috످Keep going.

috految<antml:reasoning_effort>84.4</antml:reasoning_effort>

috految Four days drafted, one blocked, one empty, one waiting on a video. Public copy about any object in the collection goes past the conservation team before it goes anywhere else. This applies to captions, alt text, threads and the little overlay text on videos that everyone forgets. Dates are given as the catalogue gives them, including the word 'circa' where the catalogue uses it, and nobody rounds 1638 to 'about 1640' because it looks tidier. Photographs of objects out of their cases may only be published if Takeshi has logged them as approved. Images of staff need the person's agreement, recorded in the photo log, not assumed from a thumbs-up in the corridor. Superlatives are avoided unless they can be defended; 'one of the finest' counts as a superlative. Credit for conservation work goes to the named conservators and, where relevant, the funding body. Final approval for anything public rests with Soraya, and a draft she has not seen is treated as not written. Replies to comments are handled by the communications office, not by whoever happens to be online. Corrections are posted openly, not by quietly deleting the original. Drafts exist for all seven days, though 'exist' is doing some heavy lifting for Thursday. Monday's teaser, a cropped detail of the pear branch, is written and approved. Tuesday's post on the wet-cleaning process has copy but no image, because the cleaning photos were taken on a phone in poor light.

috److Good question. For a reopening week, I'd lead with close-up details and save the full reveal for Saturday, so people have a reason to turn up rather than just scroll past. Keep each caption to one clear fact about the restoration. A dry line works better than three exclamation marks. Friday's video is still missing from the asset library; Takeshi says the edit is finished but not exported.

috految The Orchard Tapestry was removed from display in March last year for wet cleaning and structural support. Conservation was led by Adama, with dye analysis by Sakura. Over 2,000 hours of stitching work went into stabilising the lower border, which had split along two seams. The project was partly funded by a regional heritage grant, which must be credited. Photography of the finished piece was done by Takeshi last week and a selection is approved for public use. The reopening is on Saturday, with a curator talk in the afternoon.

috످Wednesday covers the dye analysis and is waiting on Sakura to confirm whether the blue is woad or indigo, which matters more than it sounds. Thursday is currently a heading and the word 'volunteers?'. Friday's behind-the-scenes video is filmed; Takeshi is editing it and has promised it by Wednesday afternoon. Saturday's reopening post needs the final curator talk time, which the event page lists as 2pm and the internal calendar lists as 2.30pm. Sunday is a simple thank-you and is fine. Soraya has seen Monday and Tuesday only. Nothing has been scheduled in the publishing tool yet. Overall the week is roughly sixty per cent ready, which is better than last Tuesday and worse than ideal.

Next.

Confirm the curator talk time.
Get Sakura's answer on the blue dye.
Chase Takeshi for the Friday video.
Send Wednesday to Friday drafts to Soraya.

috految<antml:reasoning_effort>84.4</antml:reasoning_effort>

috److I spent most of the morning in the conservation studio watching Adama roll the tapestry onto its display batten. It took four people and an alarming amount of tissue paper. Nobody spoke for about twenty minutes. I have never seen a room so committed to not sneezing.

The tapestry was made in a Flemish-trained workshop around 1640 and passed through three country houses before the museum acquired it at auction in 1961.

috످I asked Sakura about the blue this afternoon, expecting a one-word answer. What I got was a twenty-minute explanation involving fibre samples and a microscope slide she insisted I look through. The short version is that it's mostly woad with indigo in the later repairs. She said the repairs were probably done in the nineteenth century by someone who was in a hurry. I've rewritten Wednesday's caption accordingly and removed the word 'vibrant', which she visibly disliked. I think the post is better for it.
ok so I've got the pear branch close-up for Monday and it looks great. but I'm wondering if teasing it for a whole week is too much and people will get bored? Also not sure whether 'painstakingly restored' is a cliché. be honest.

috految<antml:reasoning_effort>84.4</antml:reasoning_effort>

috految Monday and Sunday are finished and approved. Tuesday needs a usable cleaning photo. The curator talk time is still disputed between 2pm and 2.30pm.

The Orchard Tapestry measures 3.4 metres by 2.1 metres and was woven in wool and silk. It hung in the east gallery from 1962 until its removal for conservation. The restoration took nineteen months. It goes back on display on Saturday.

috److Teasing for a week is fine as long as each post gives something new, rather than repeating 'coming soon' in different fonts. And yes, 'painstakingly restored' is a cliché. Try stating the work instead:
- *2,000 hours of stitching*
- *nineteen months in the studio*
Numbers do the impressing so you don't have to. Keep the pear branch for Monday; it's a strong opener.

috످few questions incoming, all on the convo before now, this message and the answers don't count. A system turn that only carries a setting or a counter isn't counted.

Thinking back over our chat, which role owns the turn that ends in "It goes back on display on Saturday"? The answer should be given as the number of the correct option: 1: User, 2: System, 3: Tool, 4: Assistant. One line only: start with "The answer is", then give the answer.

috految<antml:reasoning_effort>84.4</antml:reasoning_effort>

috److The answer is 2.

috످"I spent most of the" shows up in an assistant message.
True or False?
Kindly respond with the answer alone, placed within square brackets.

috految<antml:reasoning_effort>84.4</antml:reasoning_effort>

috److془The passage is a first-person account of watching the tapestry being mounted, and it stands in the assistant turn after the user's to-do list. True.془[True]

috످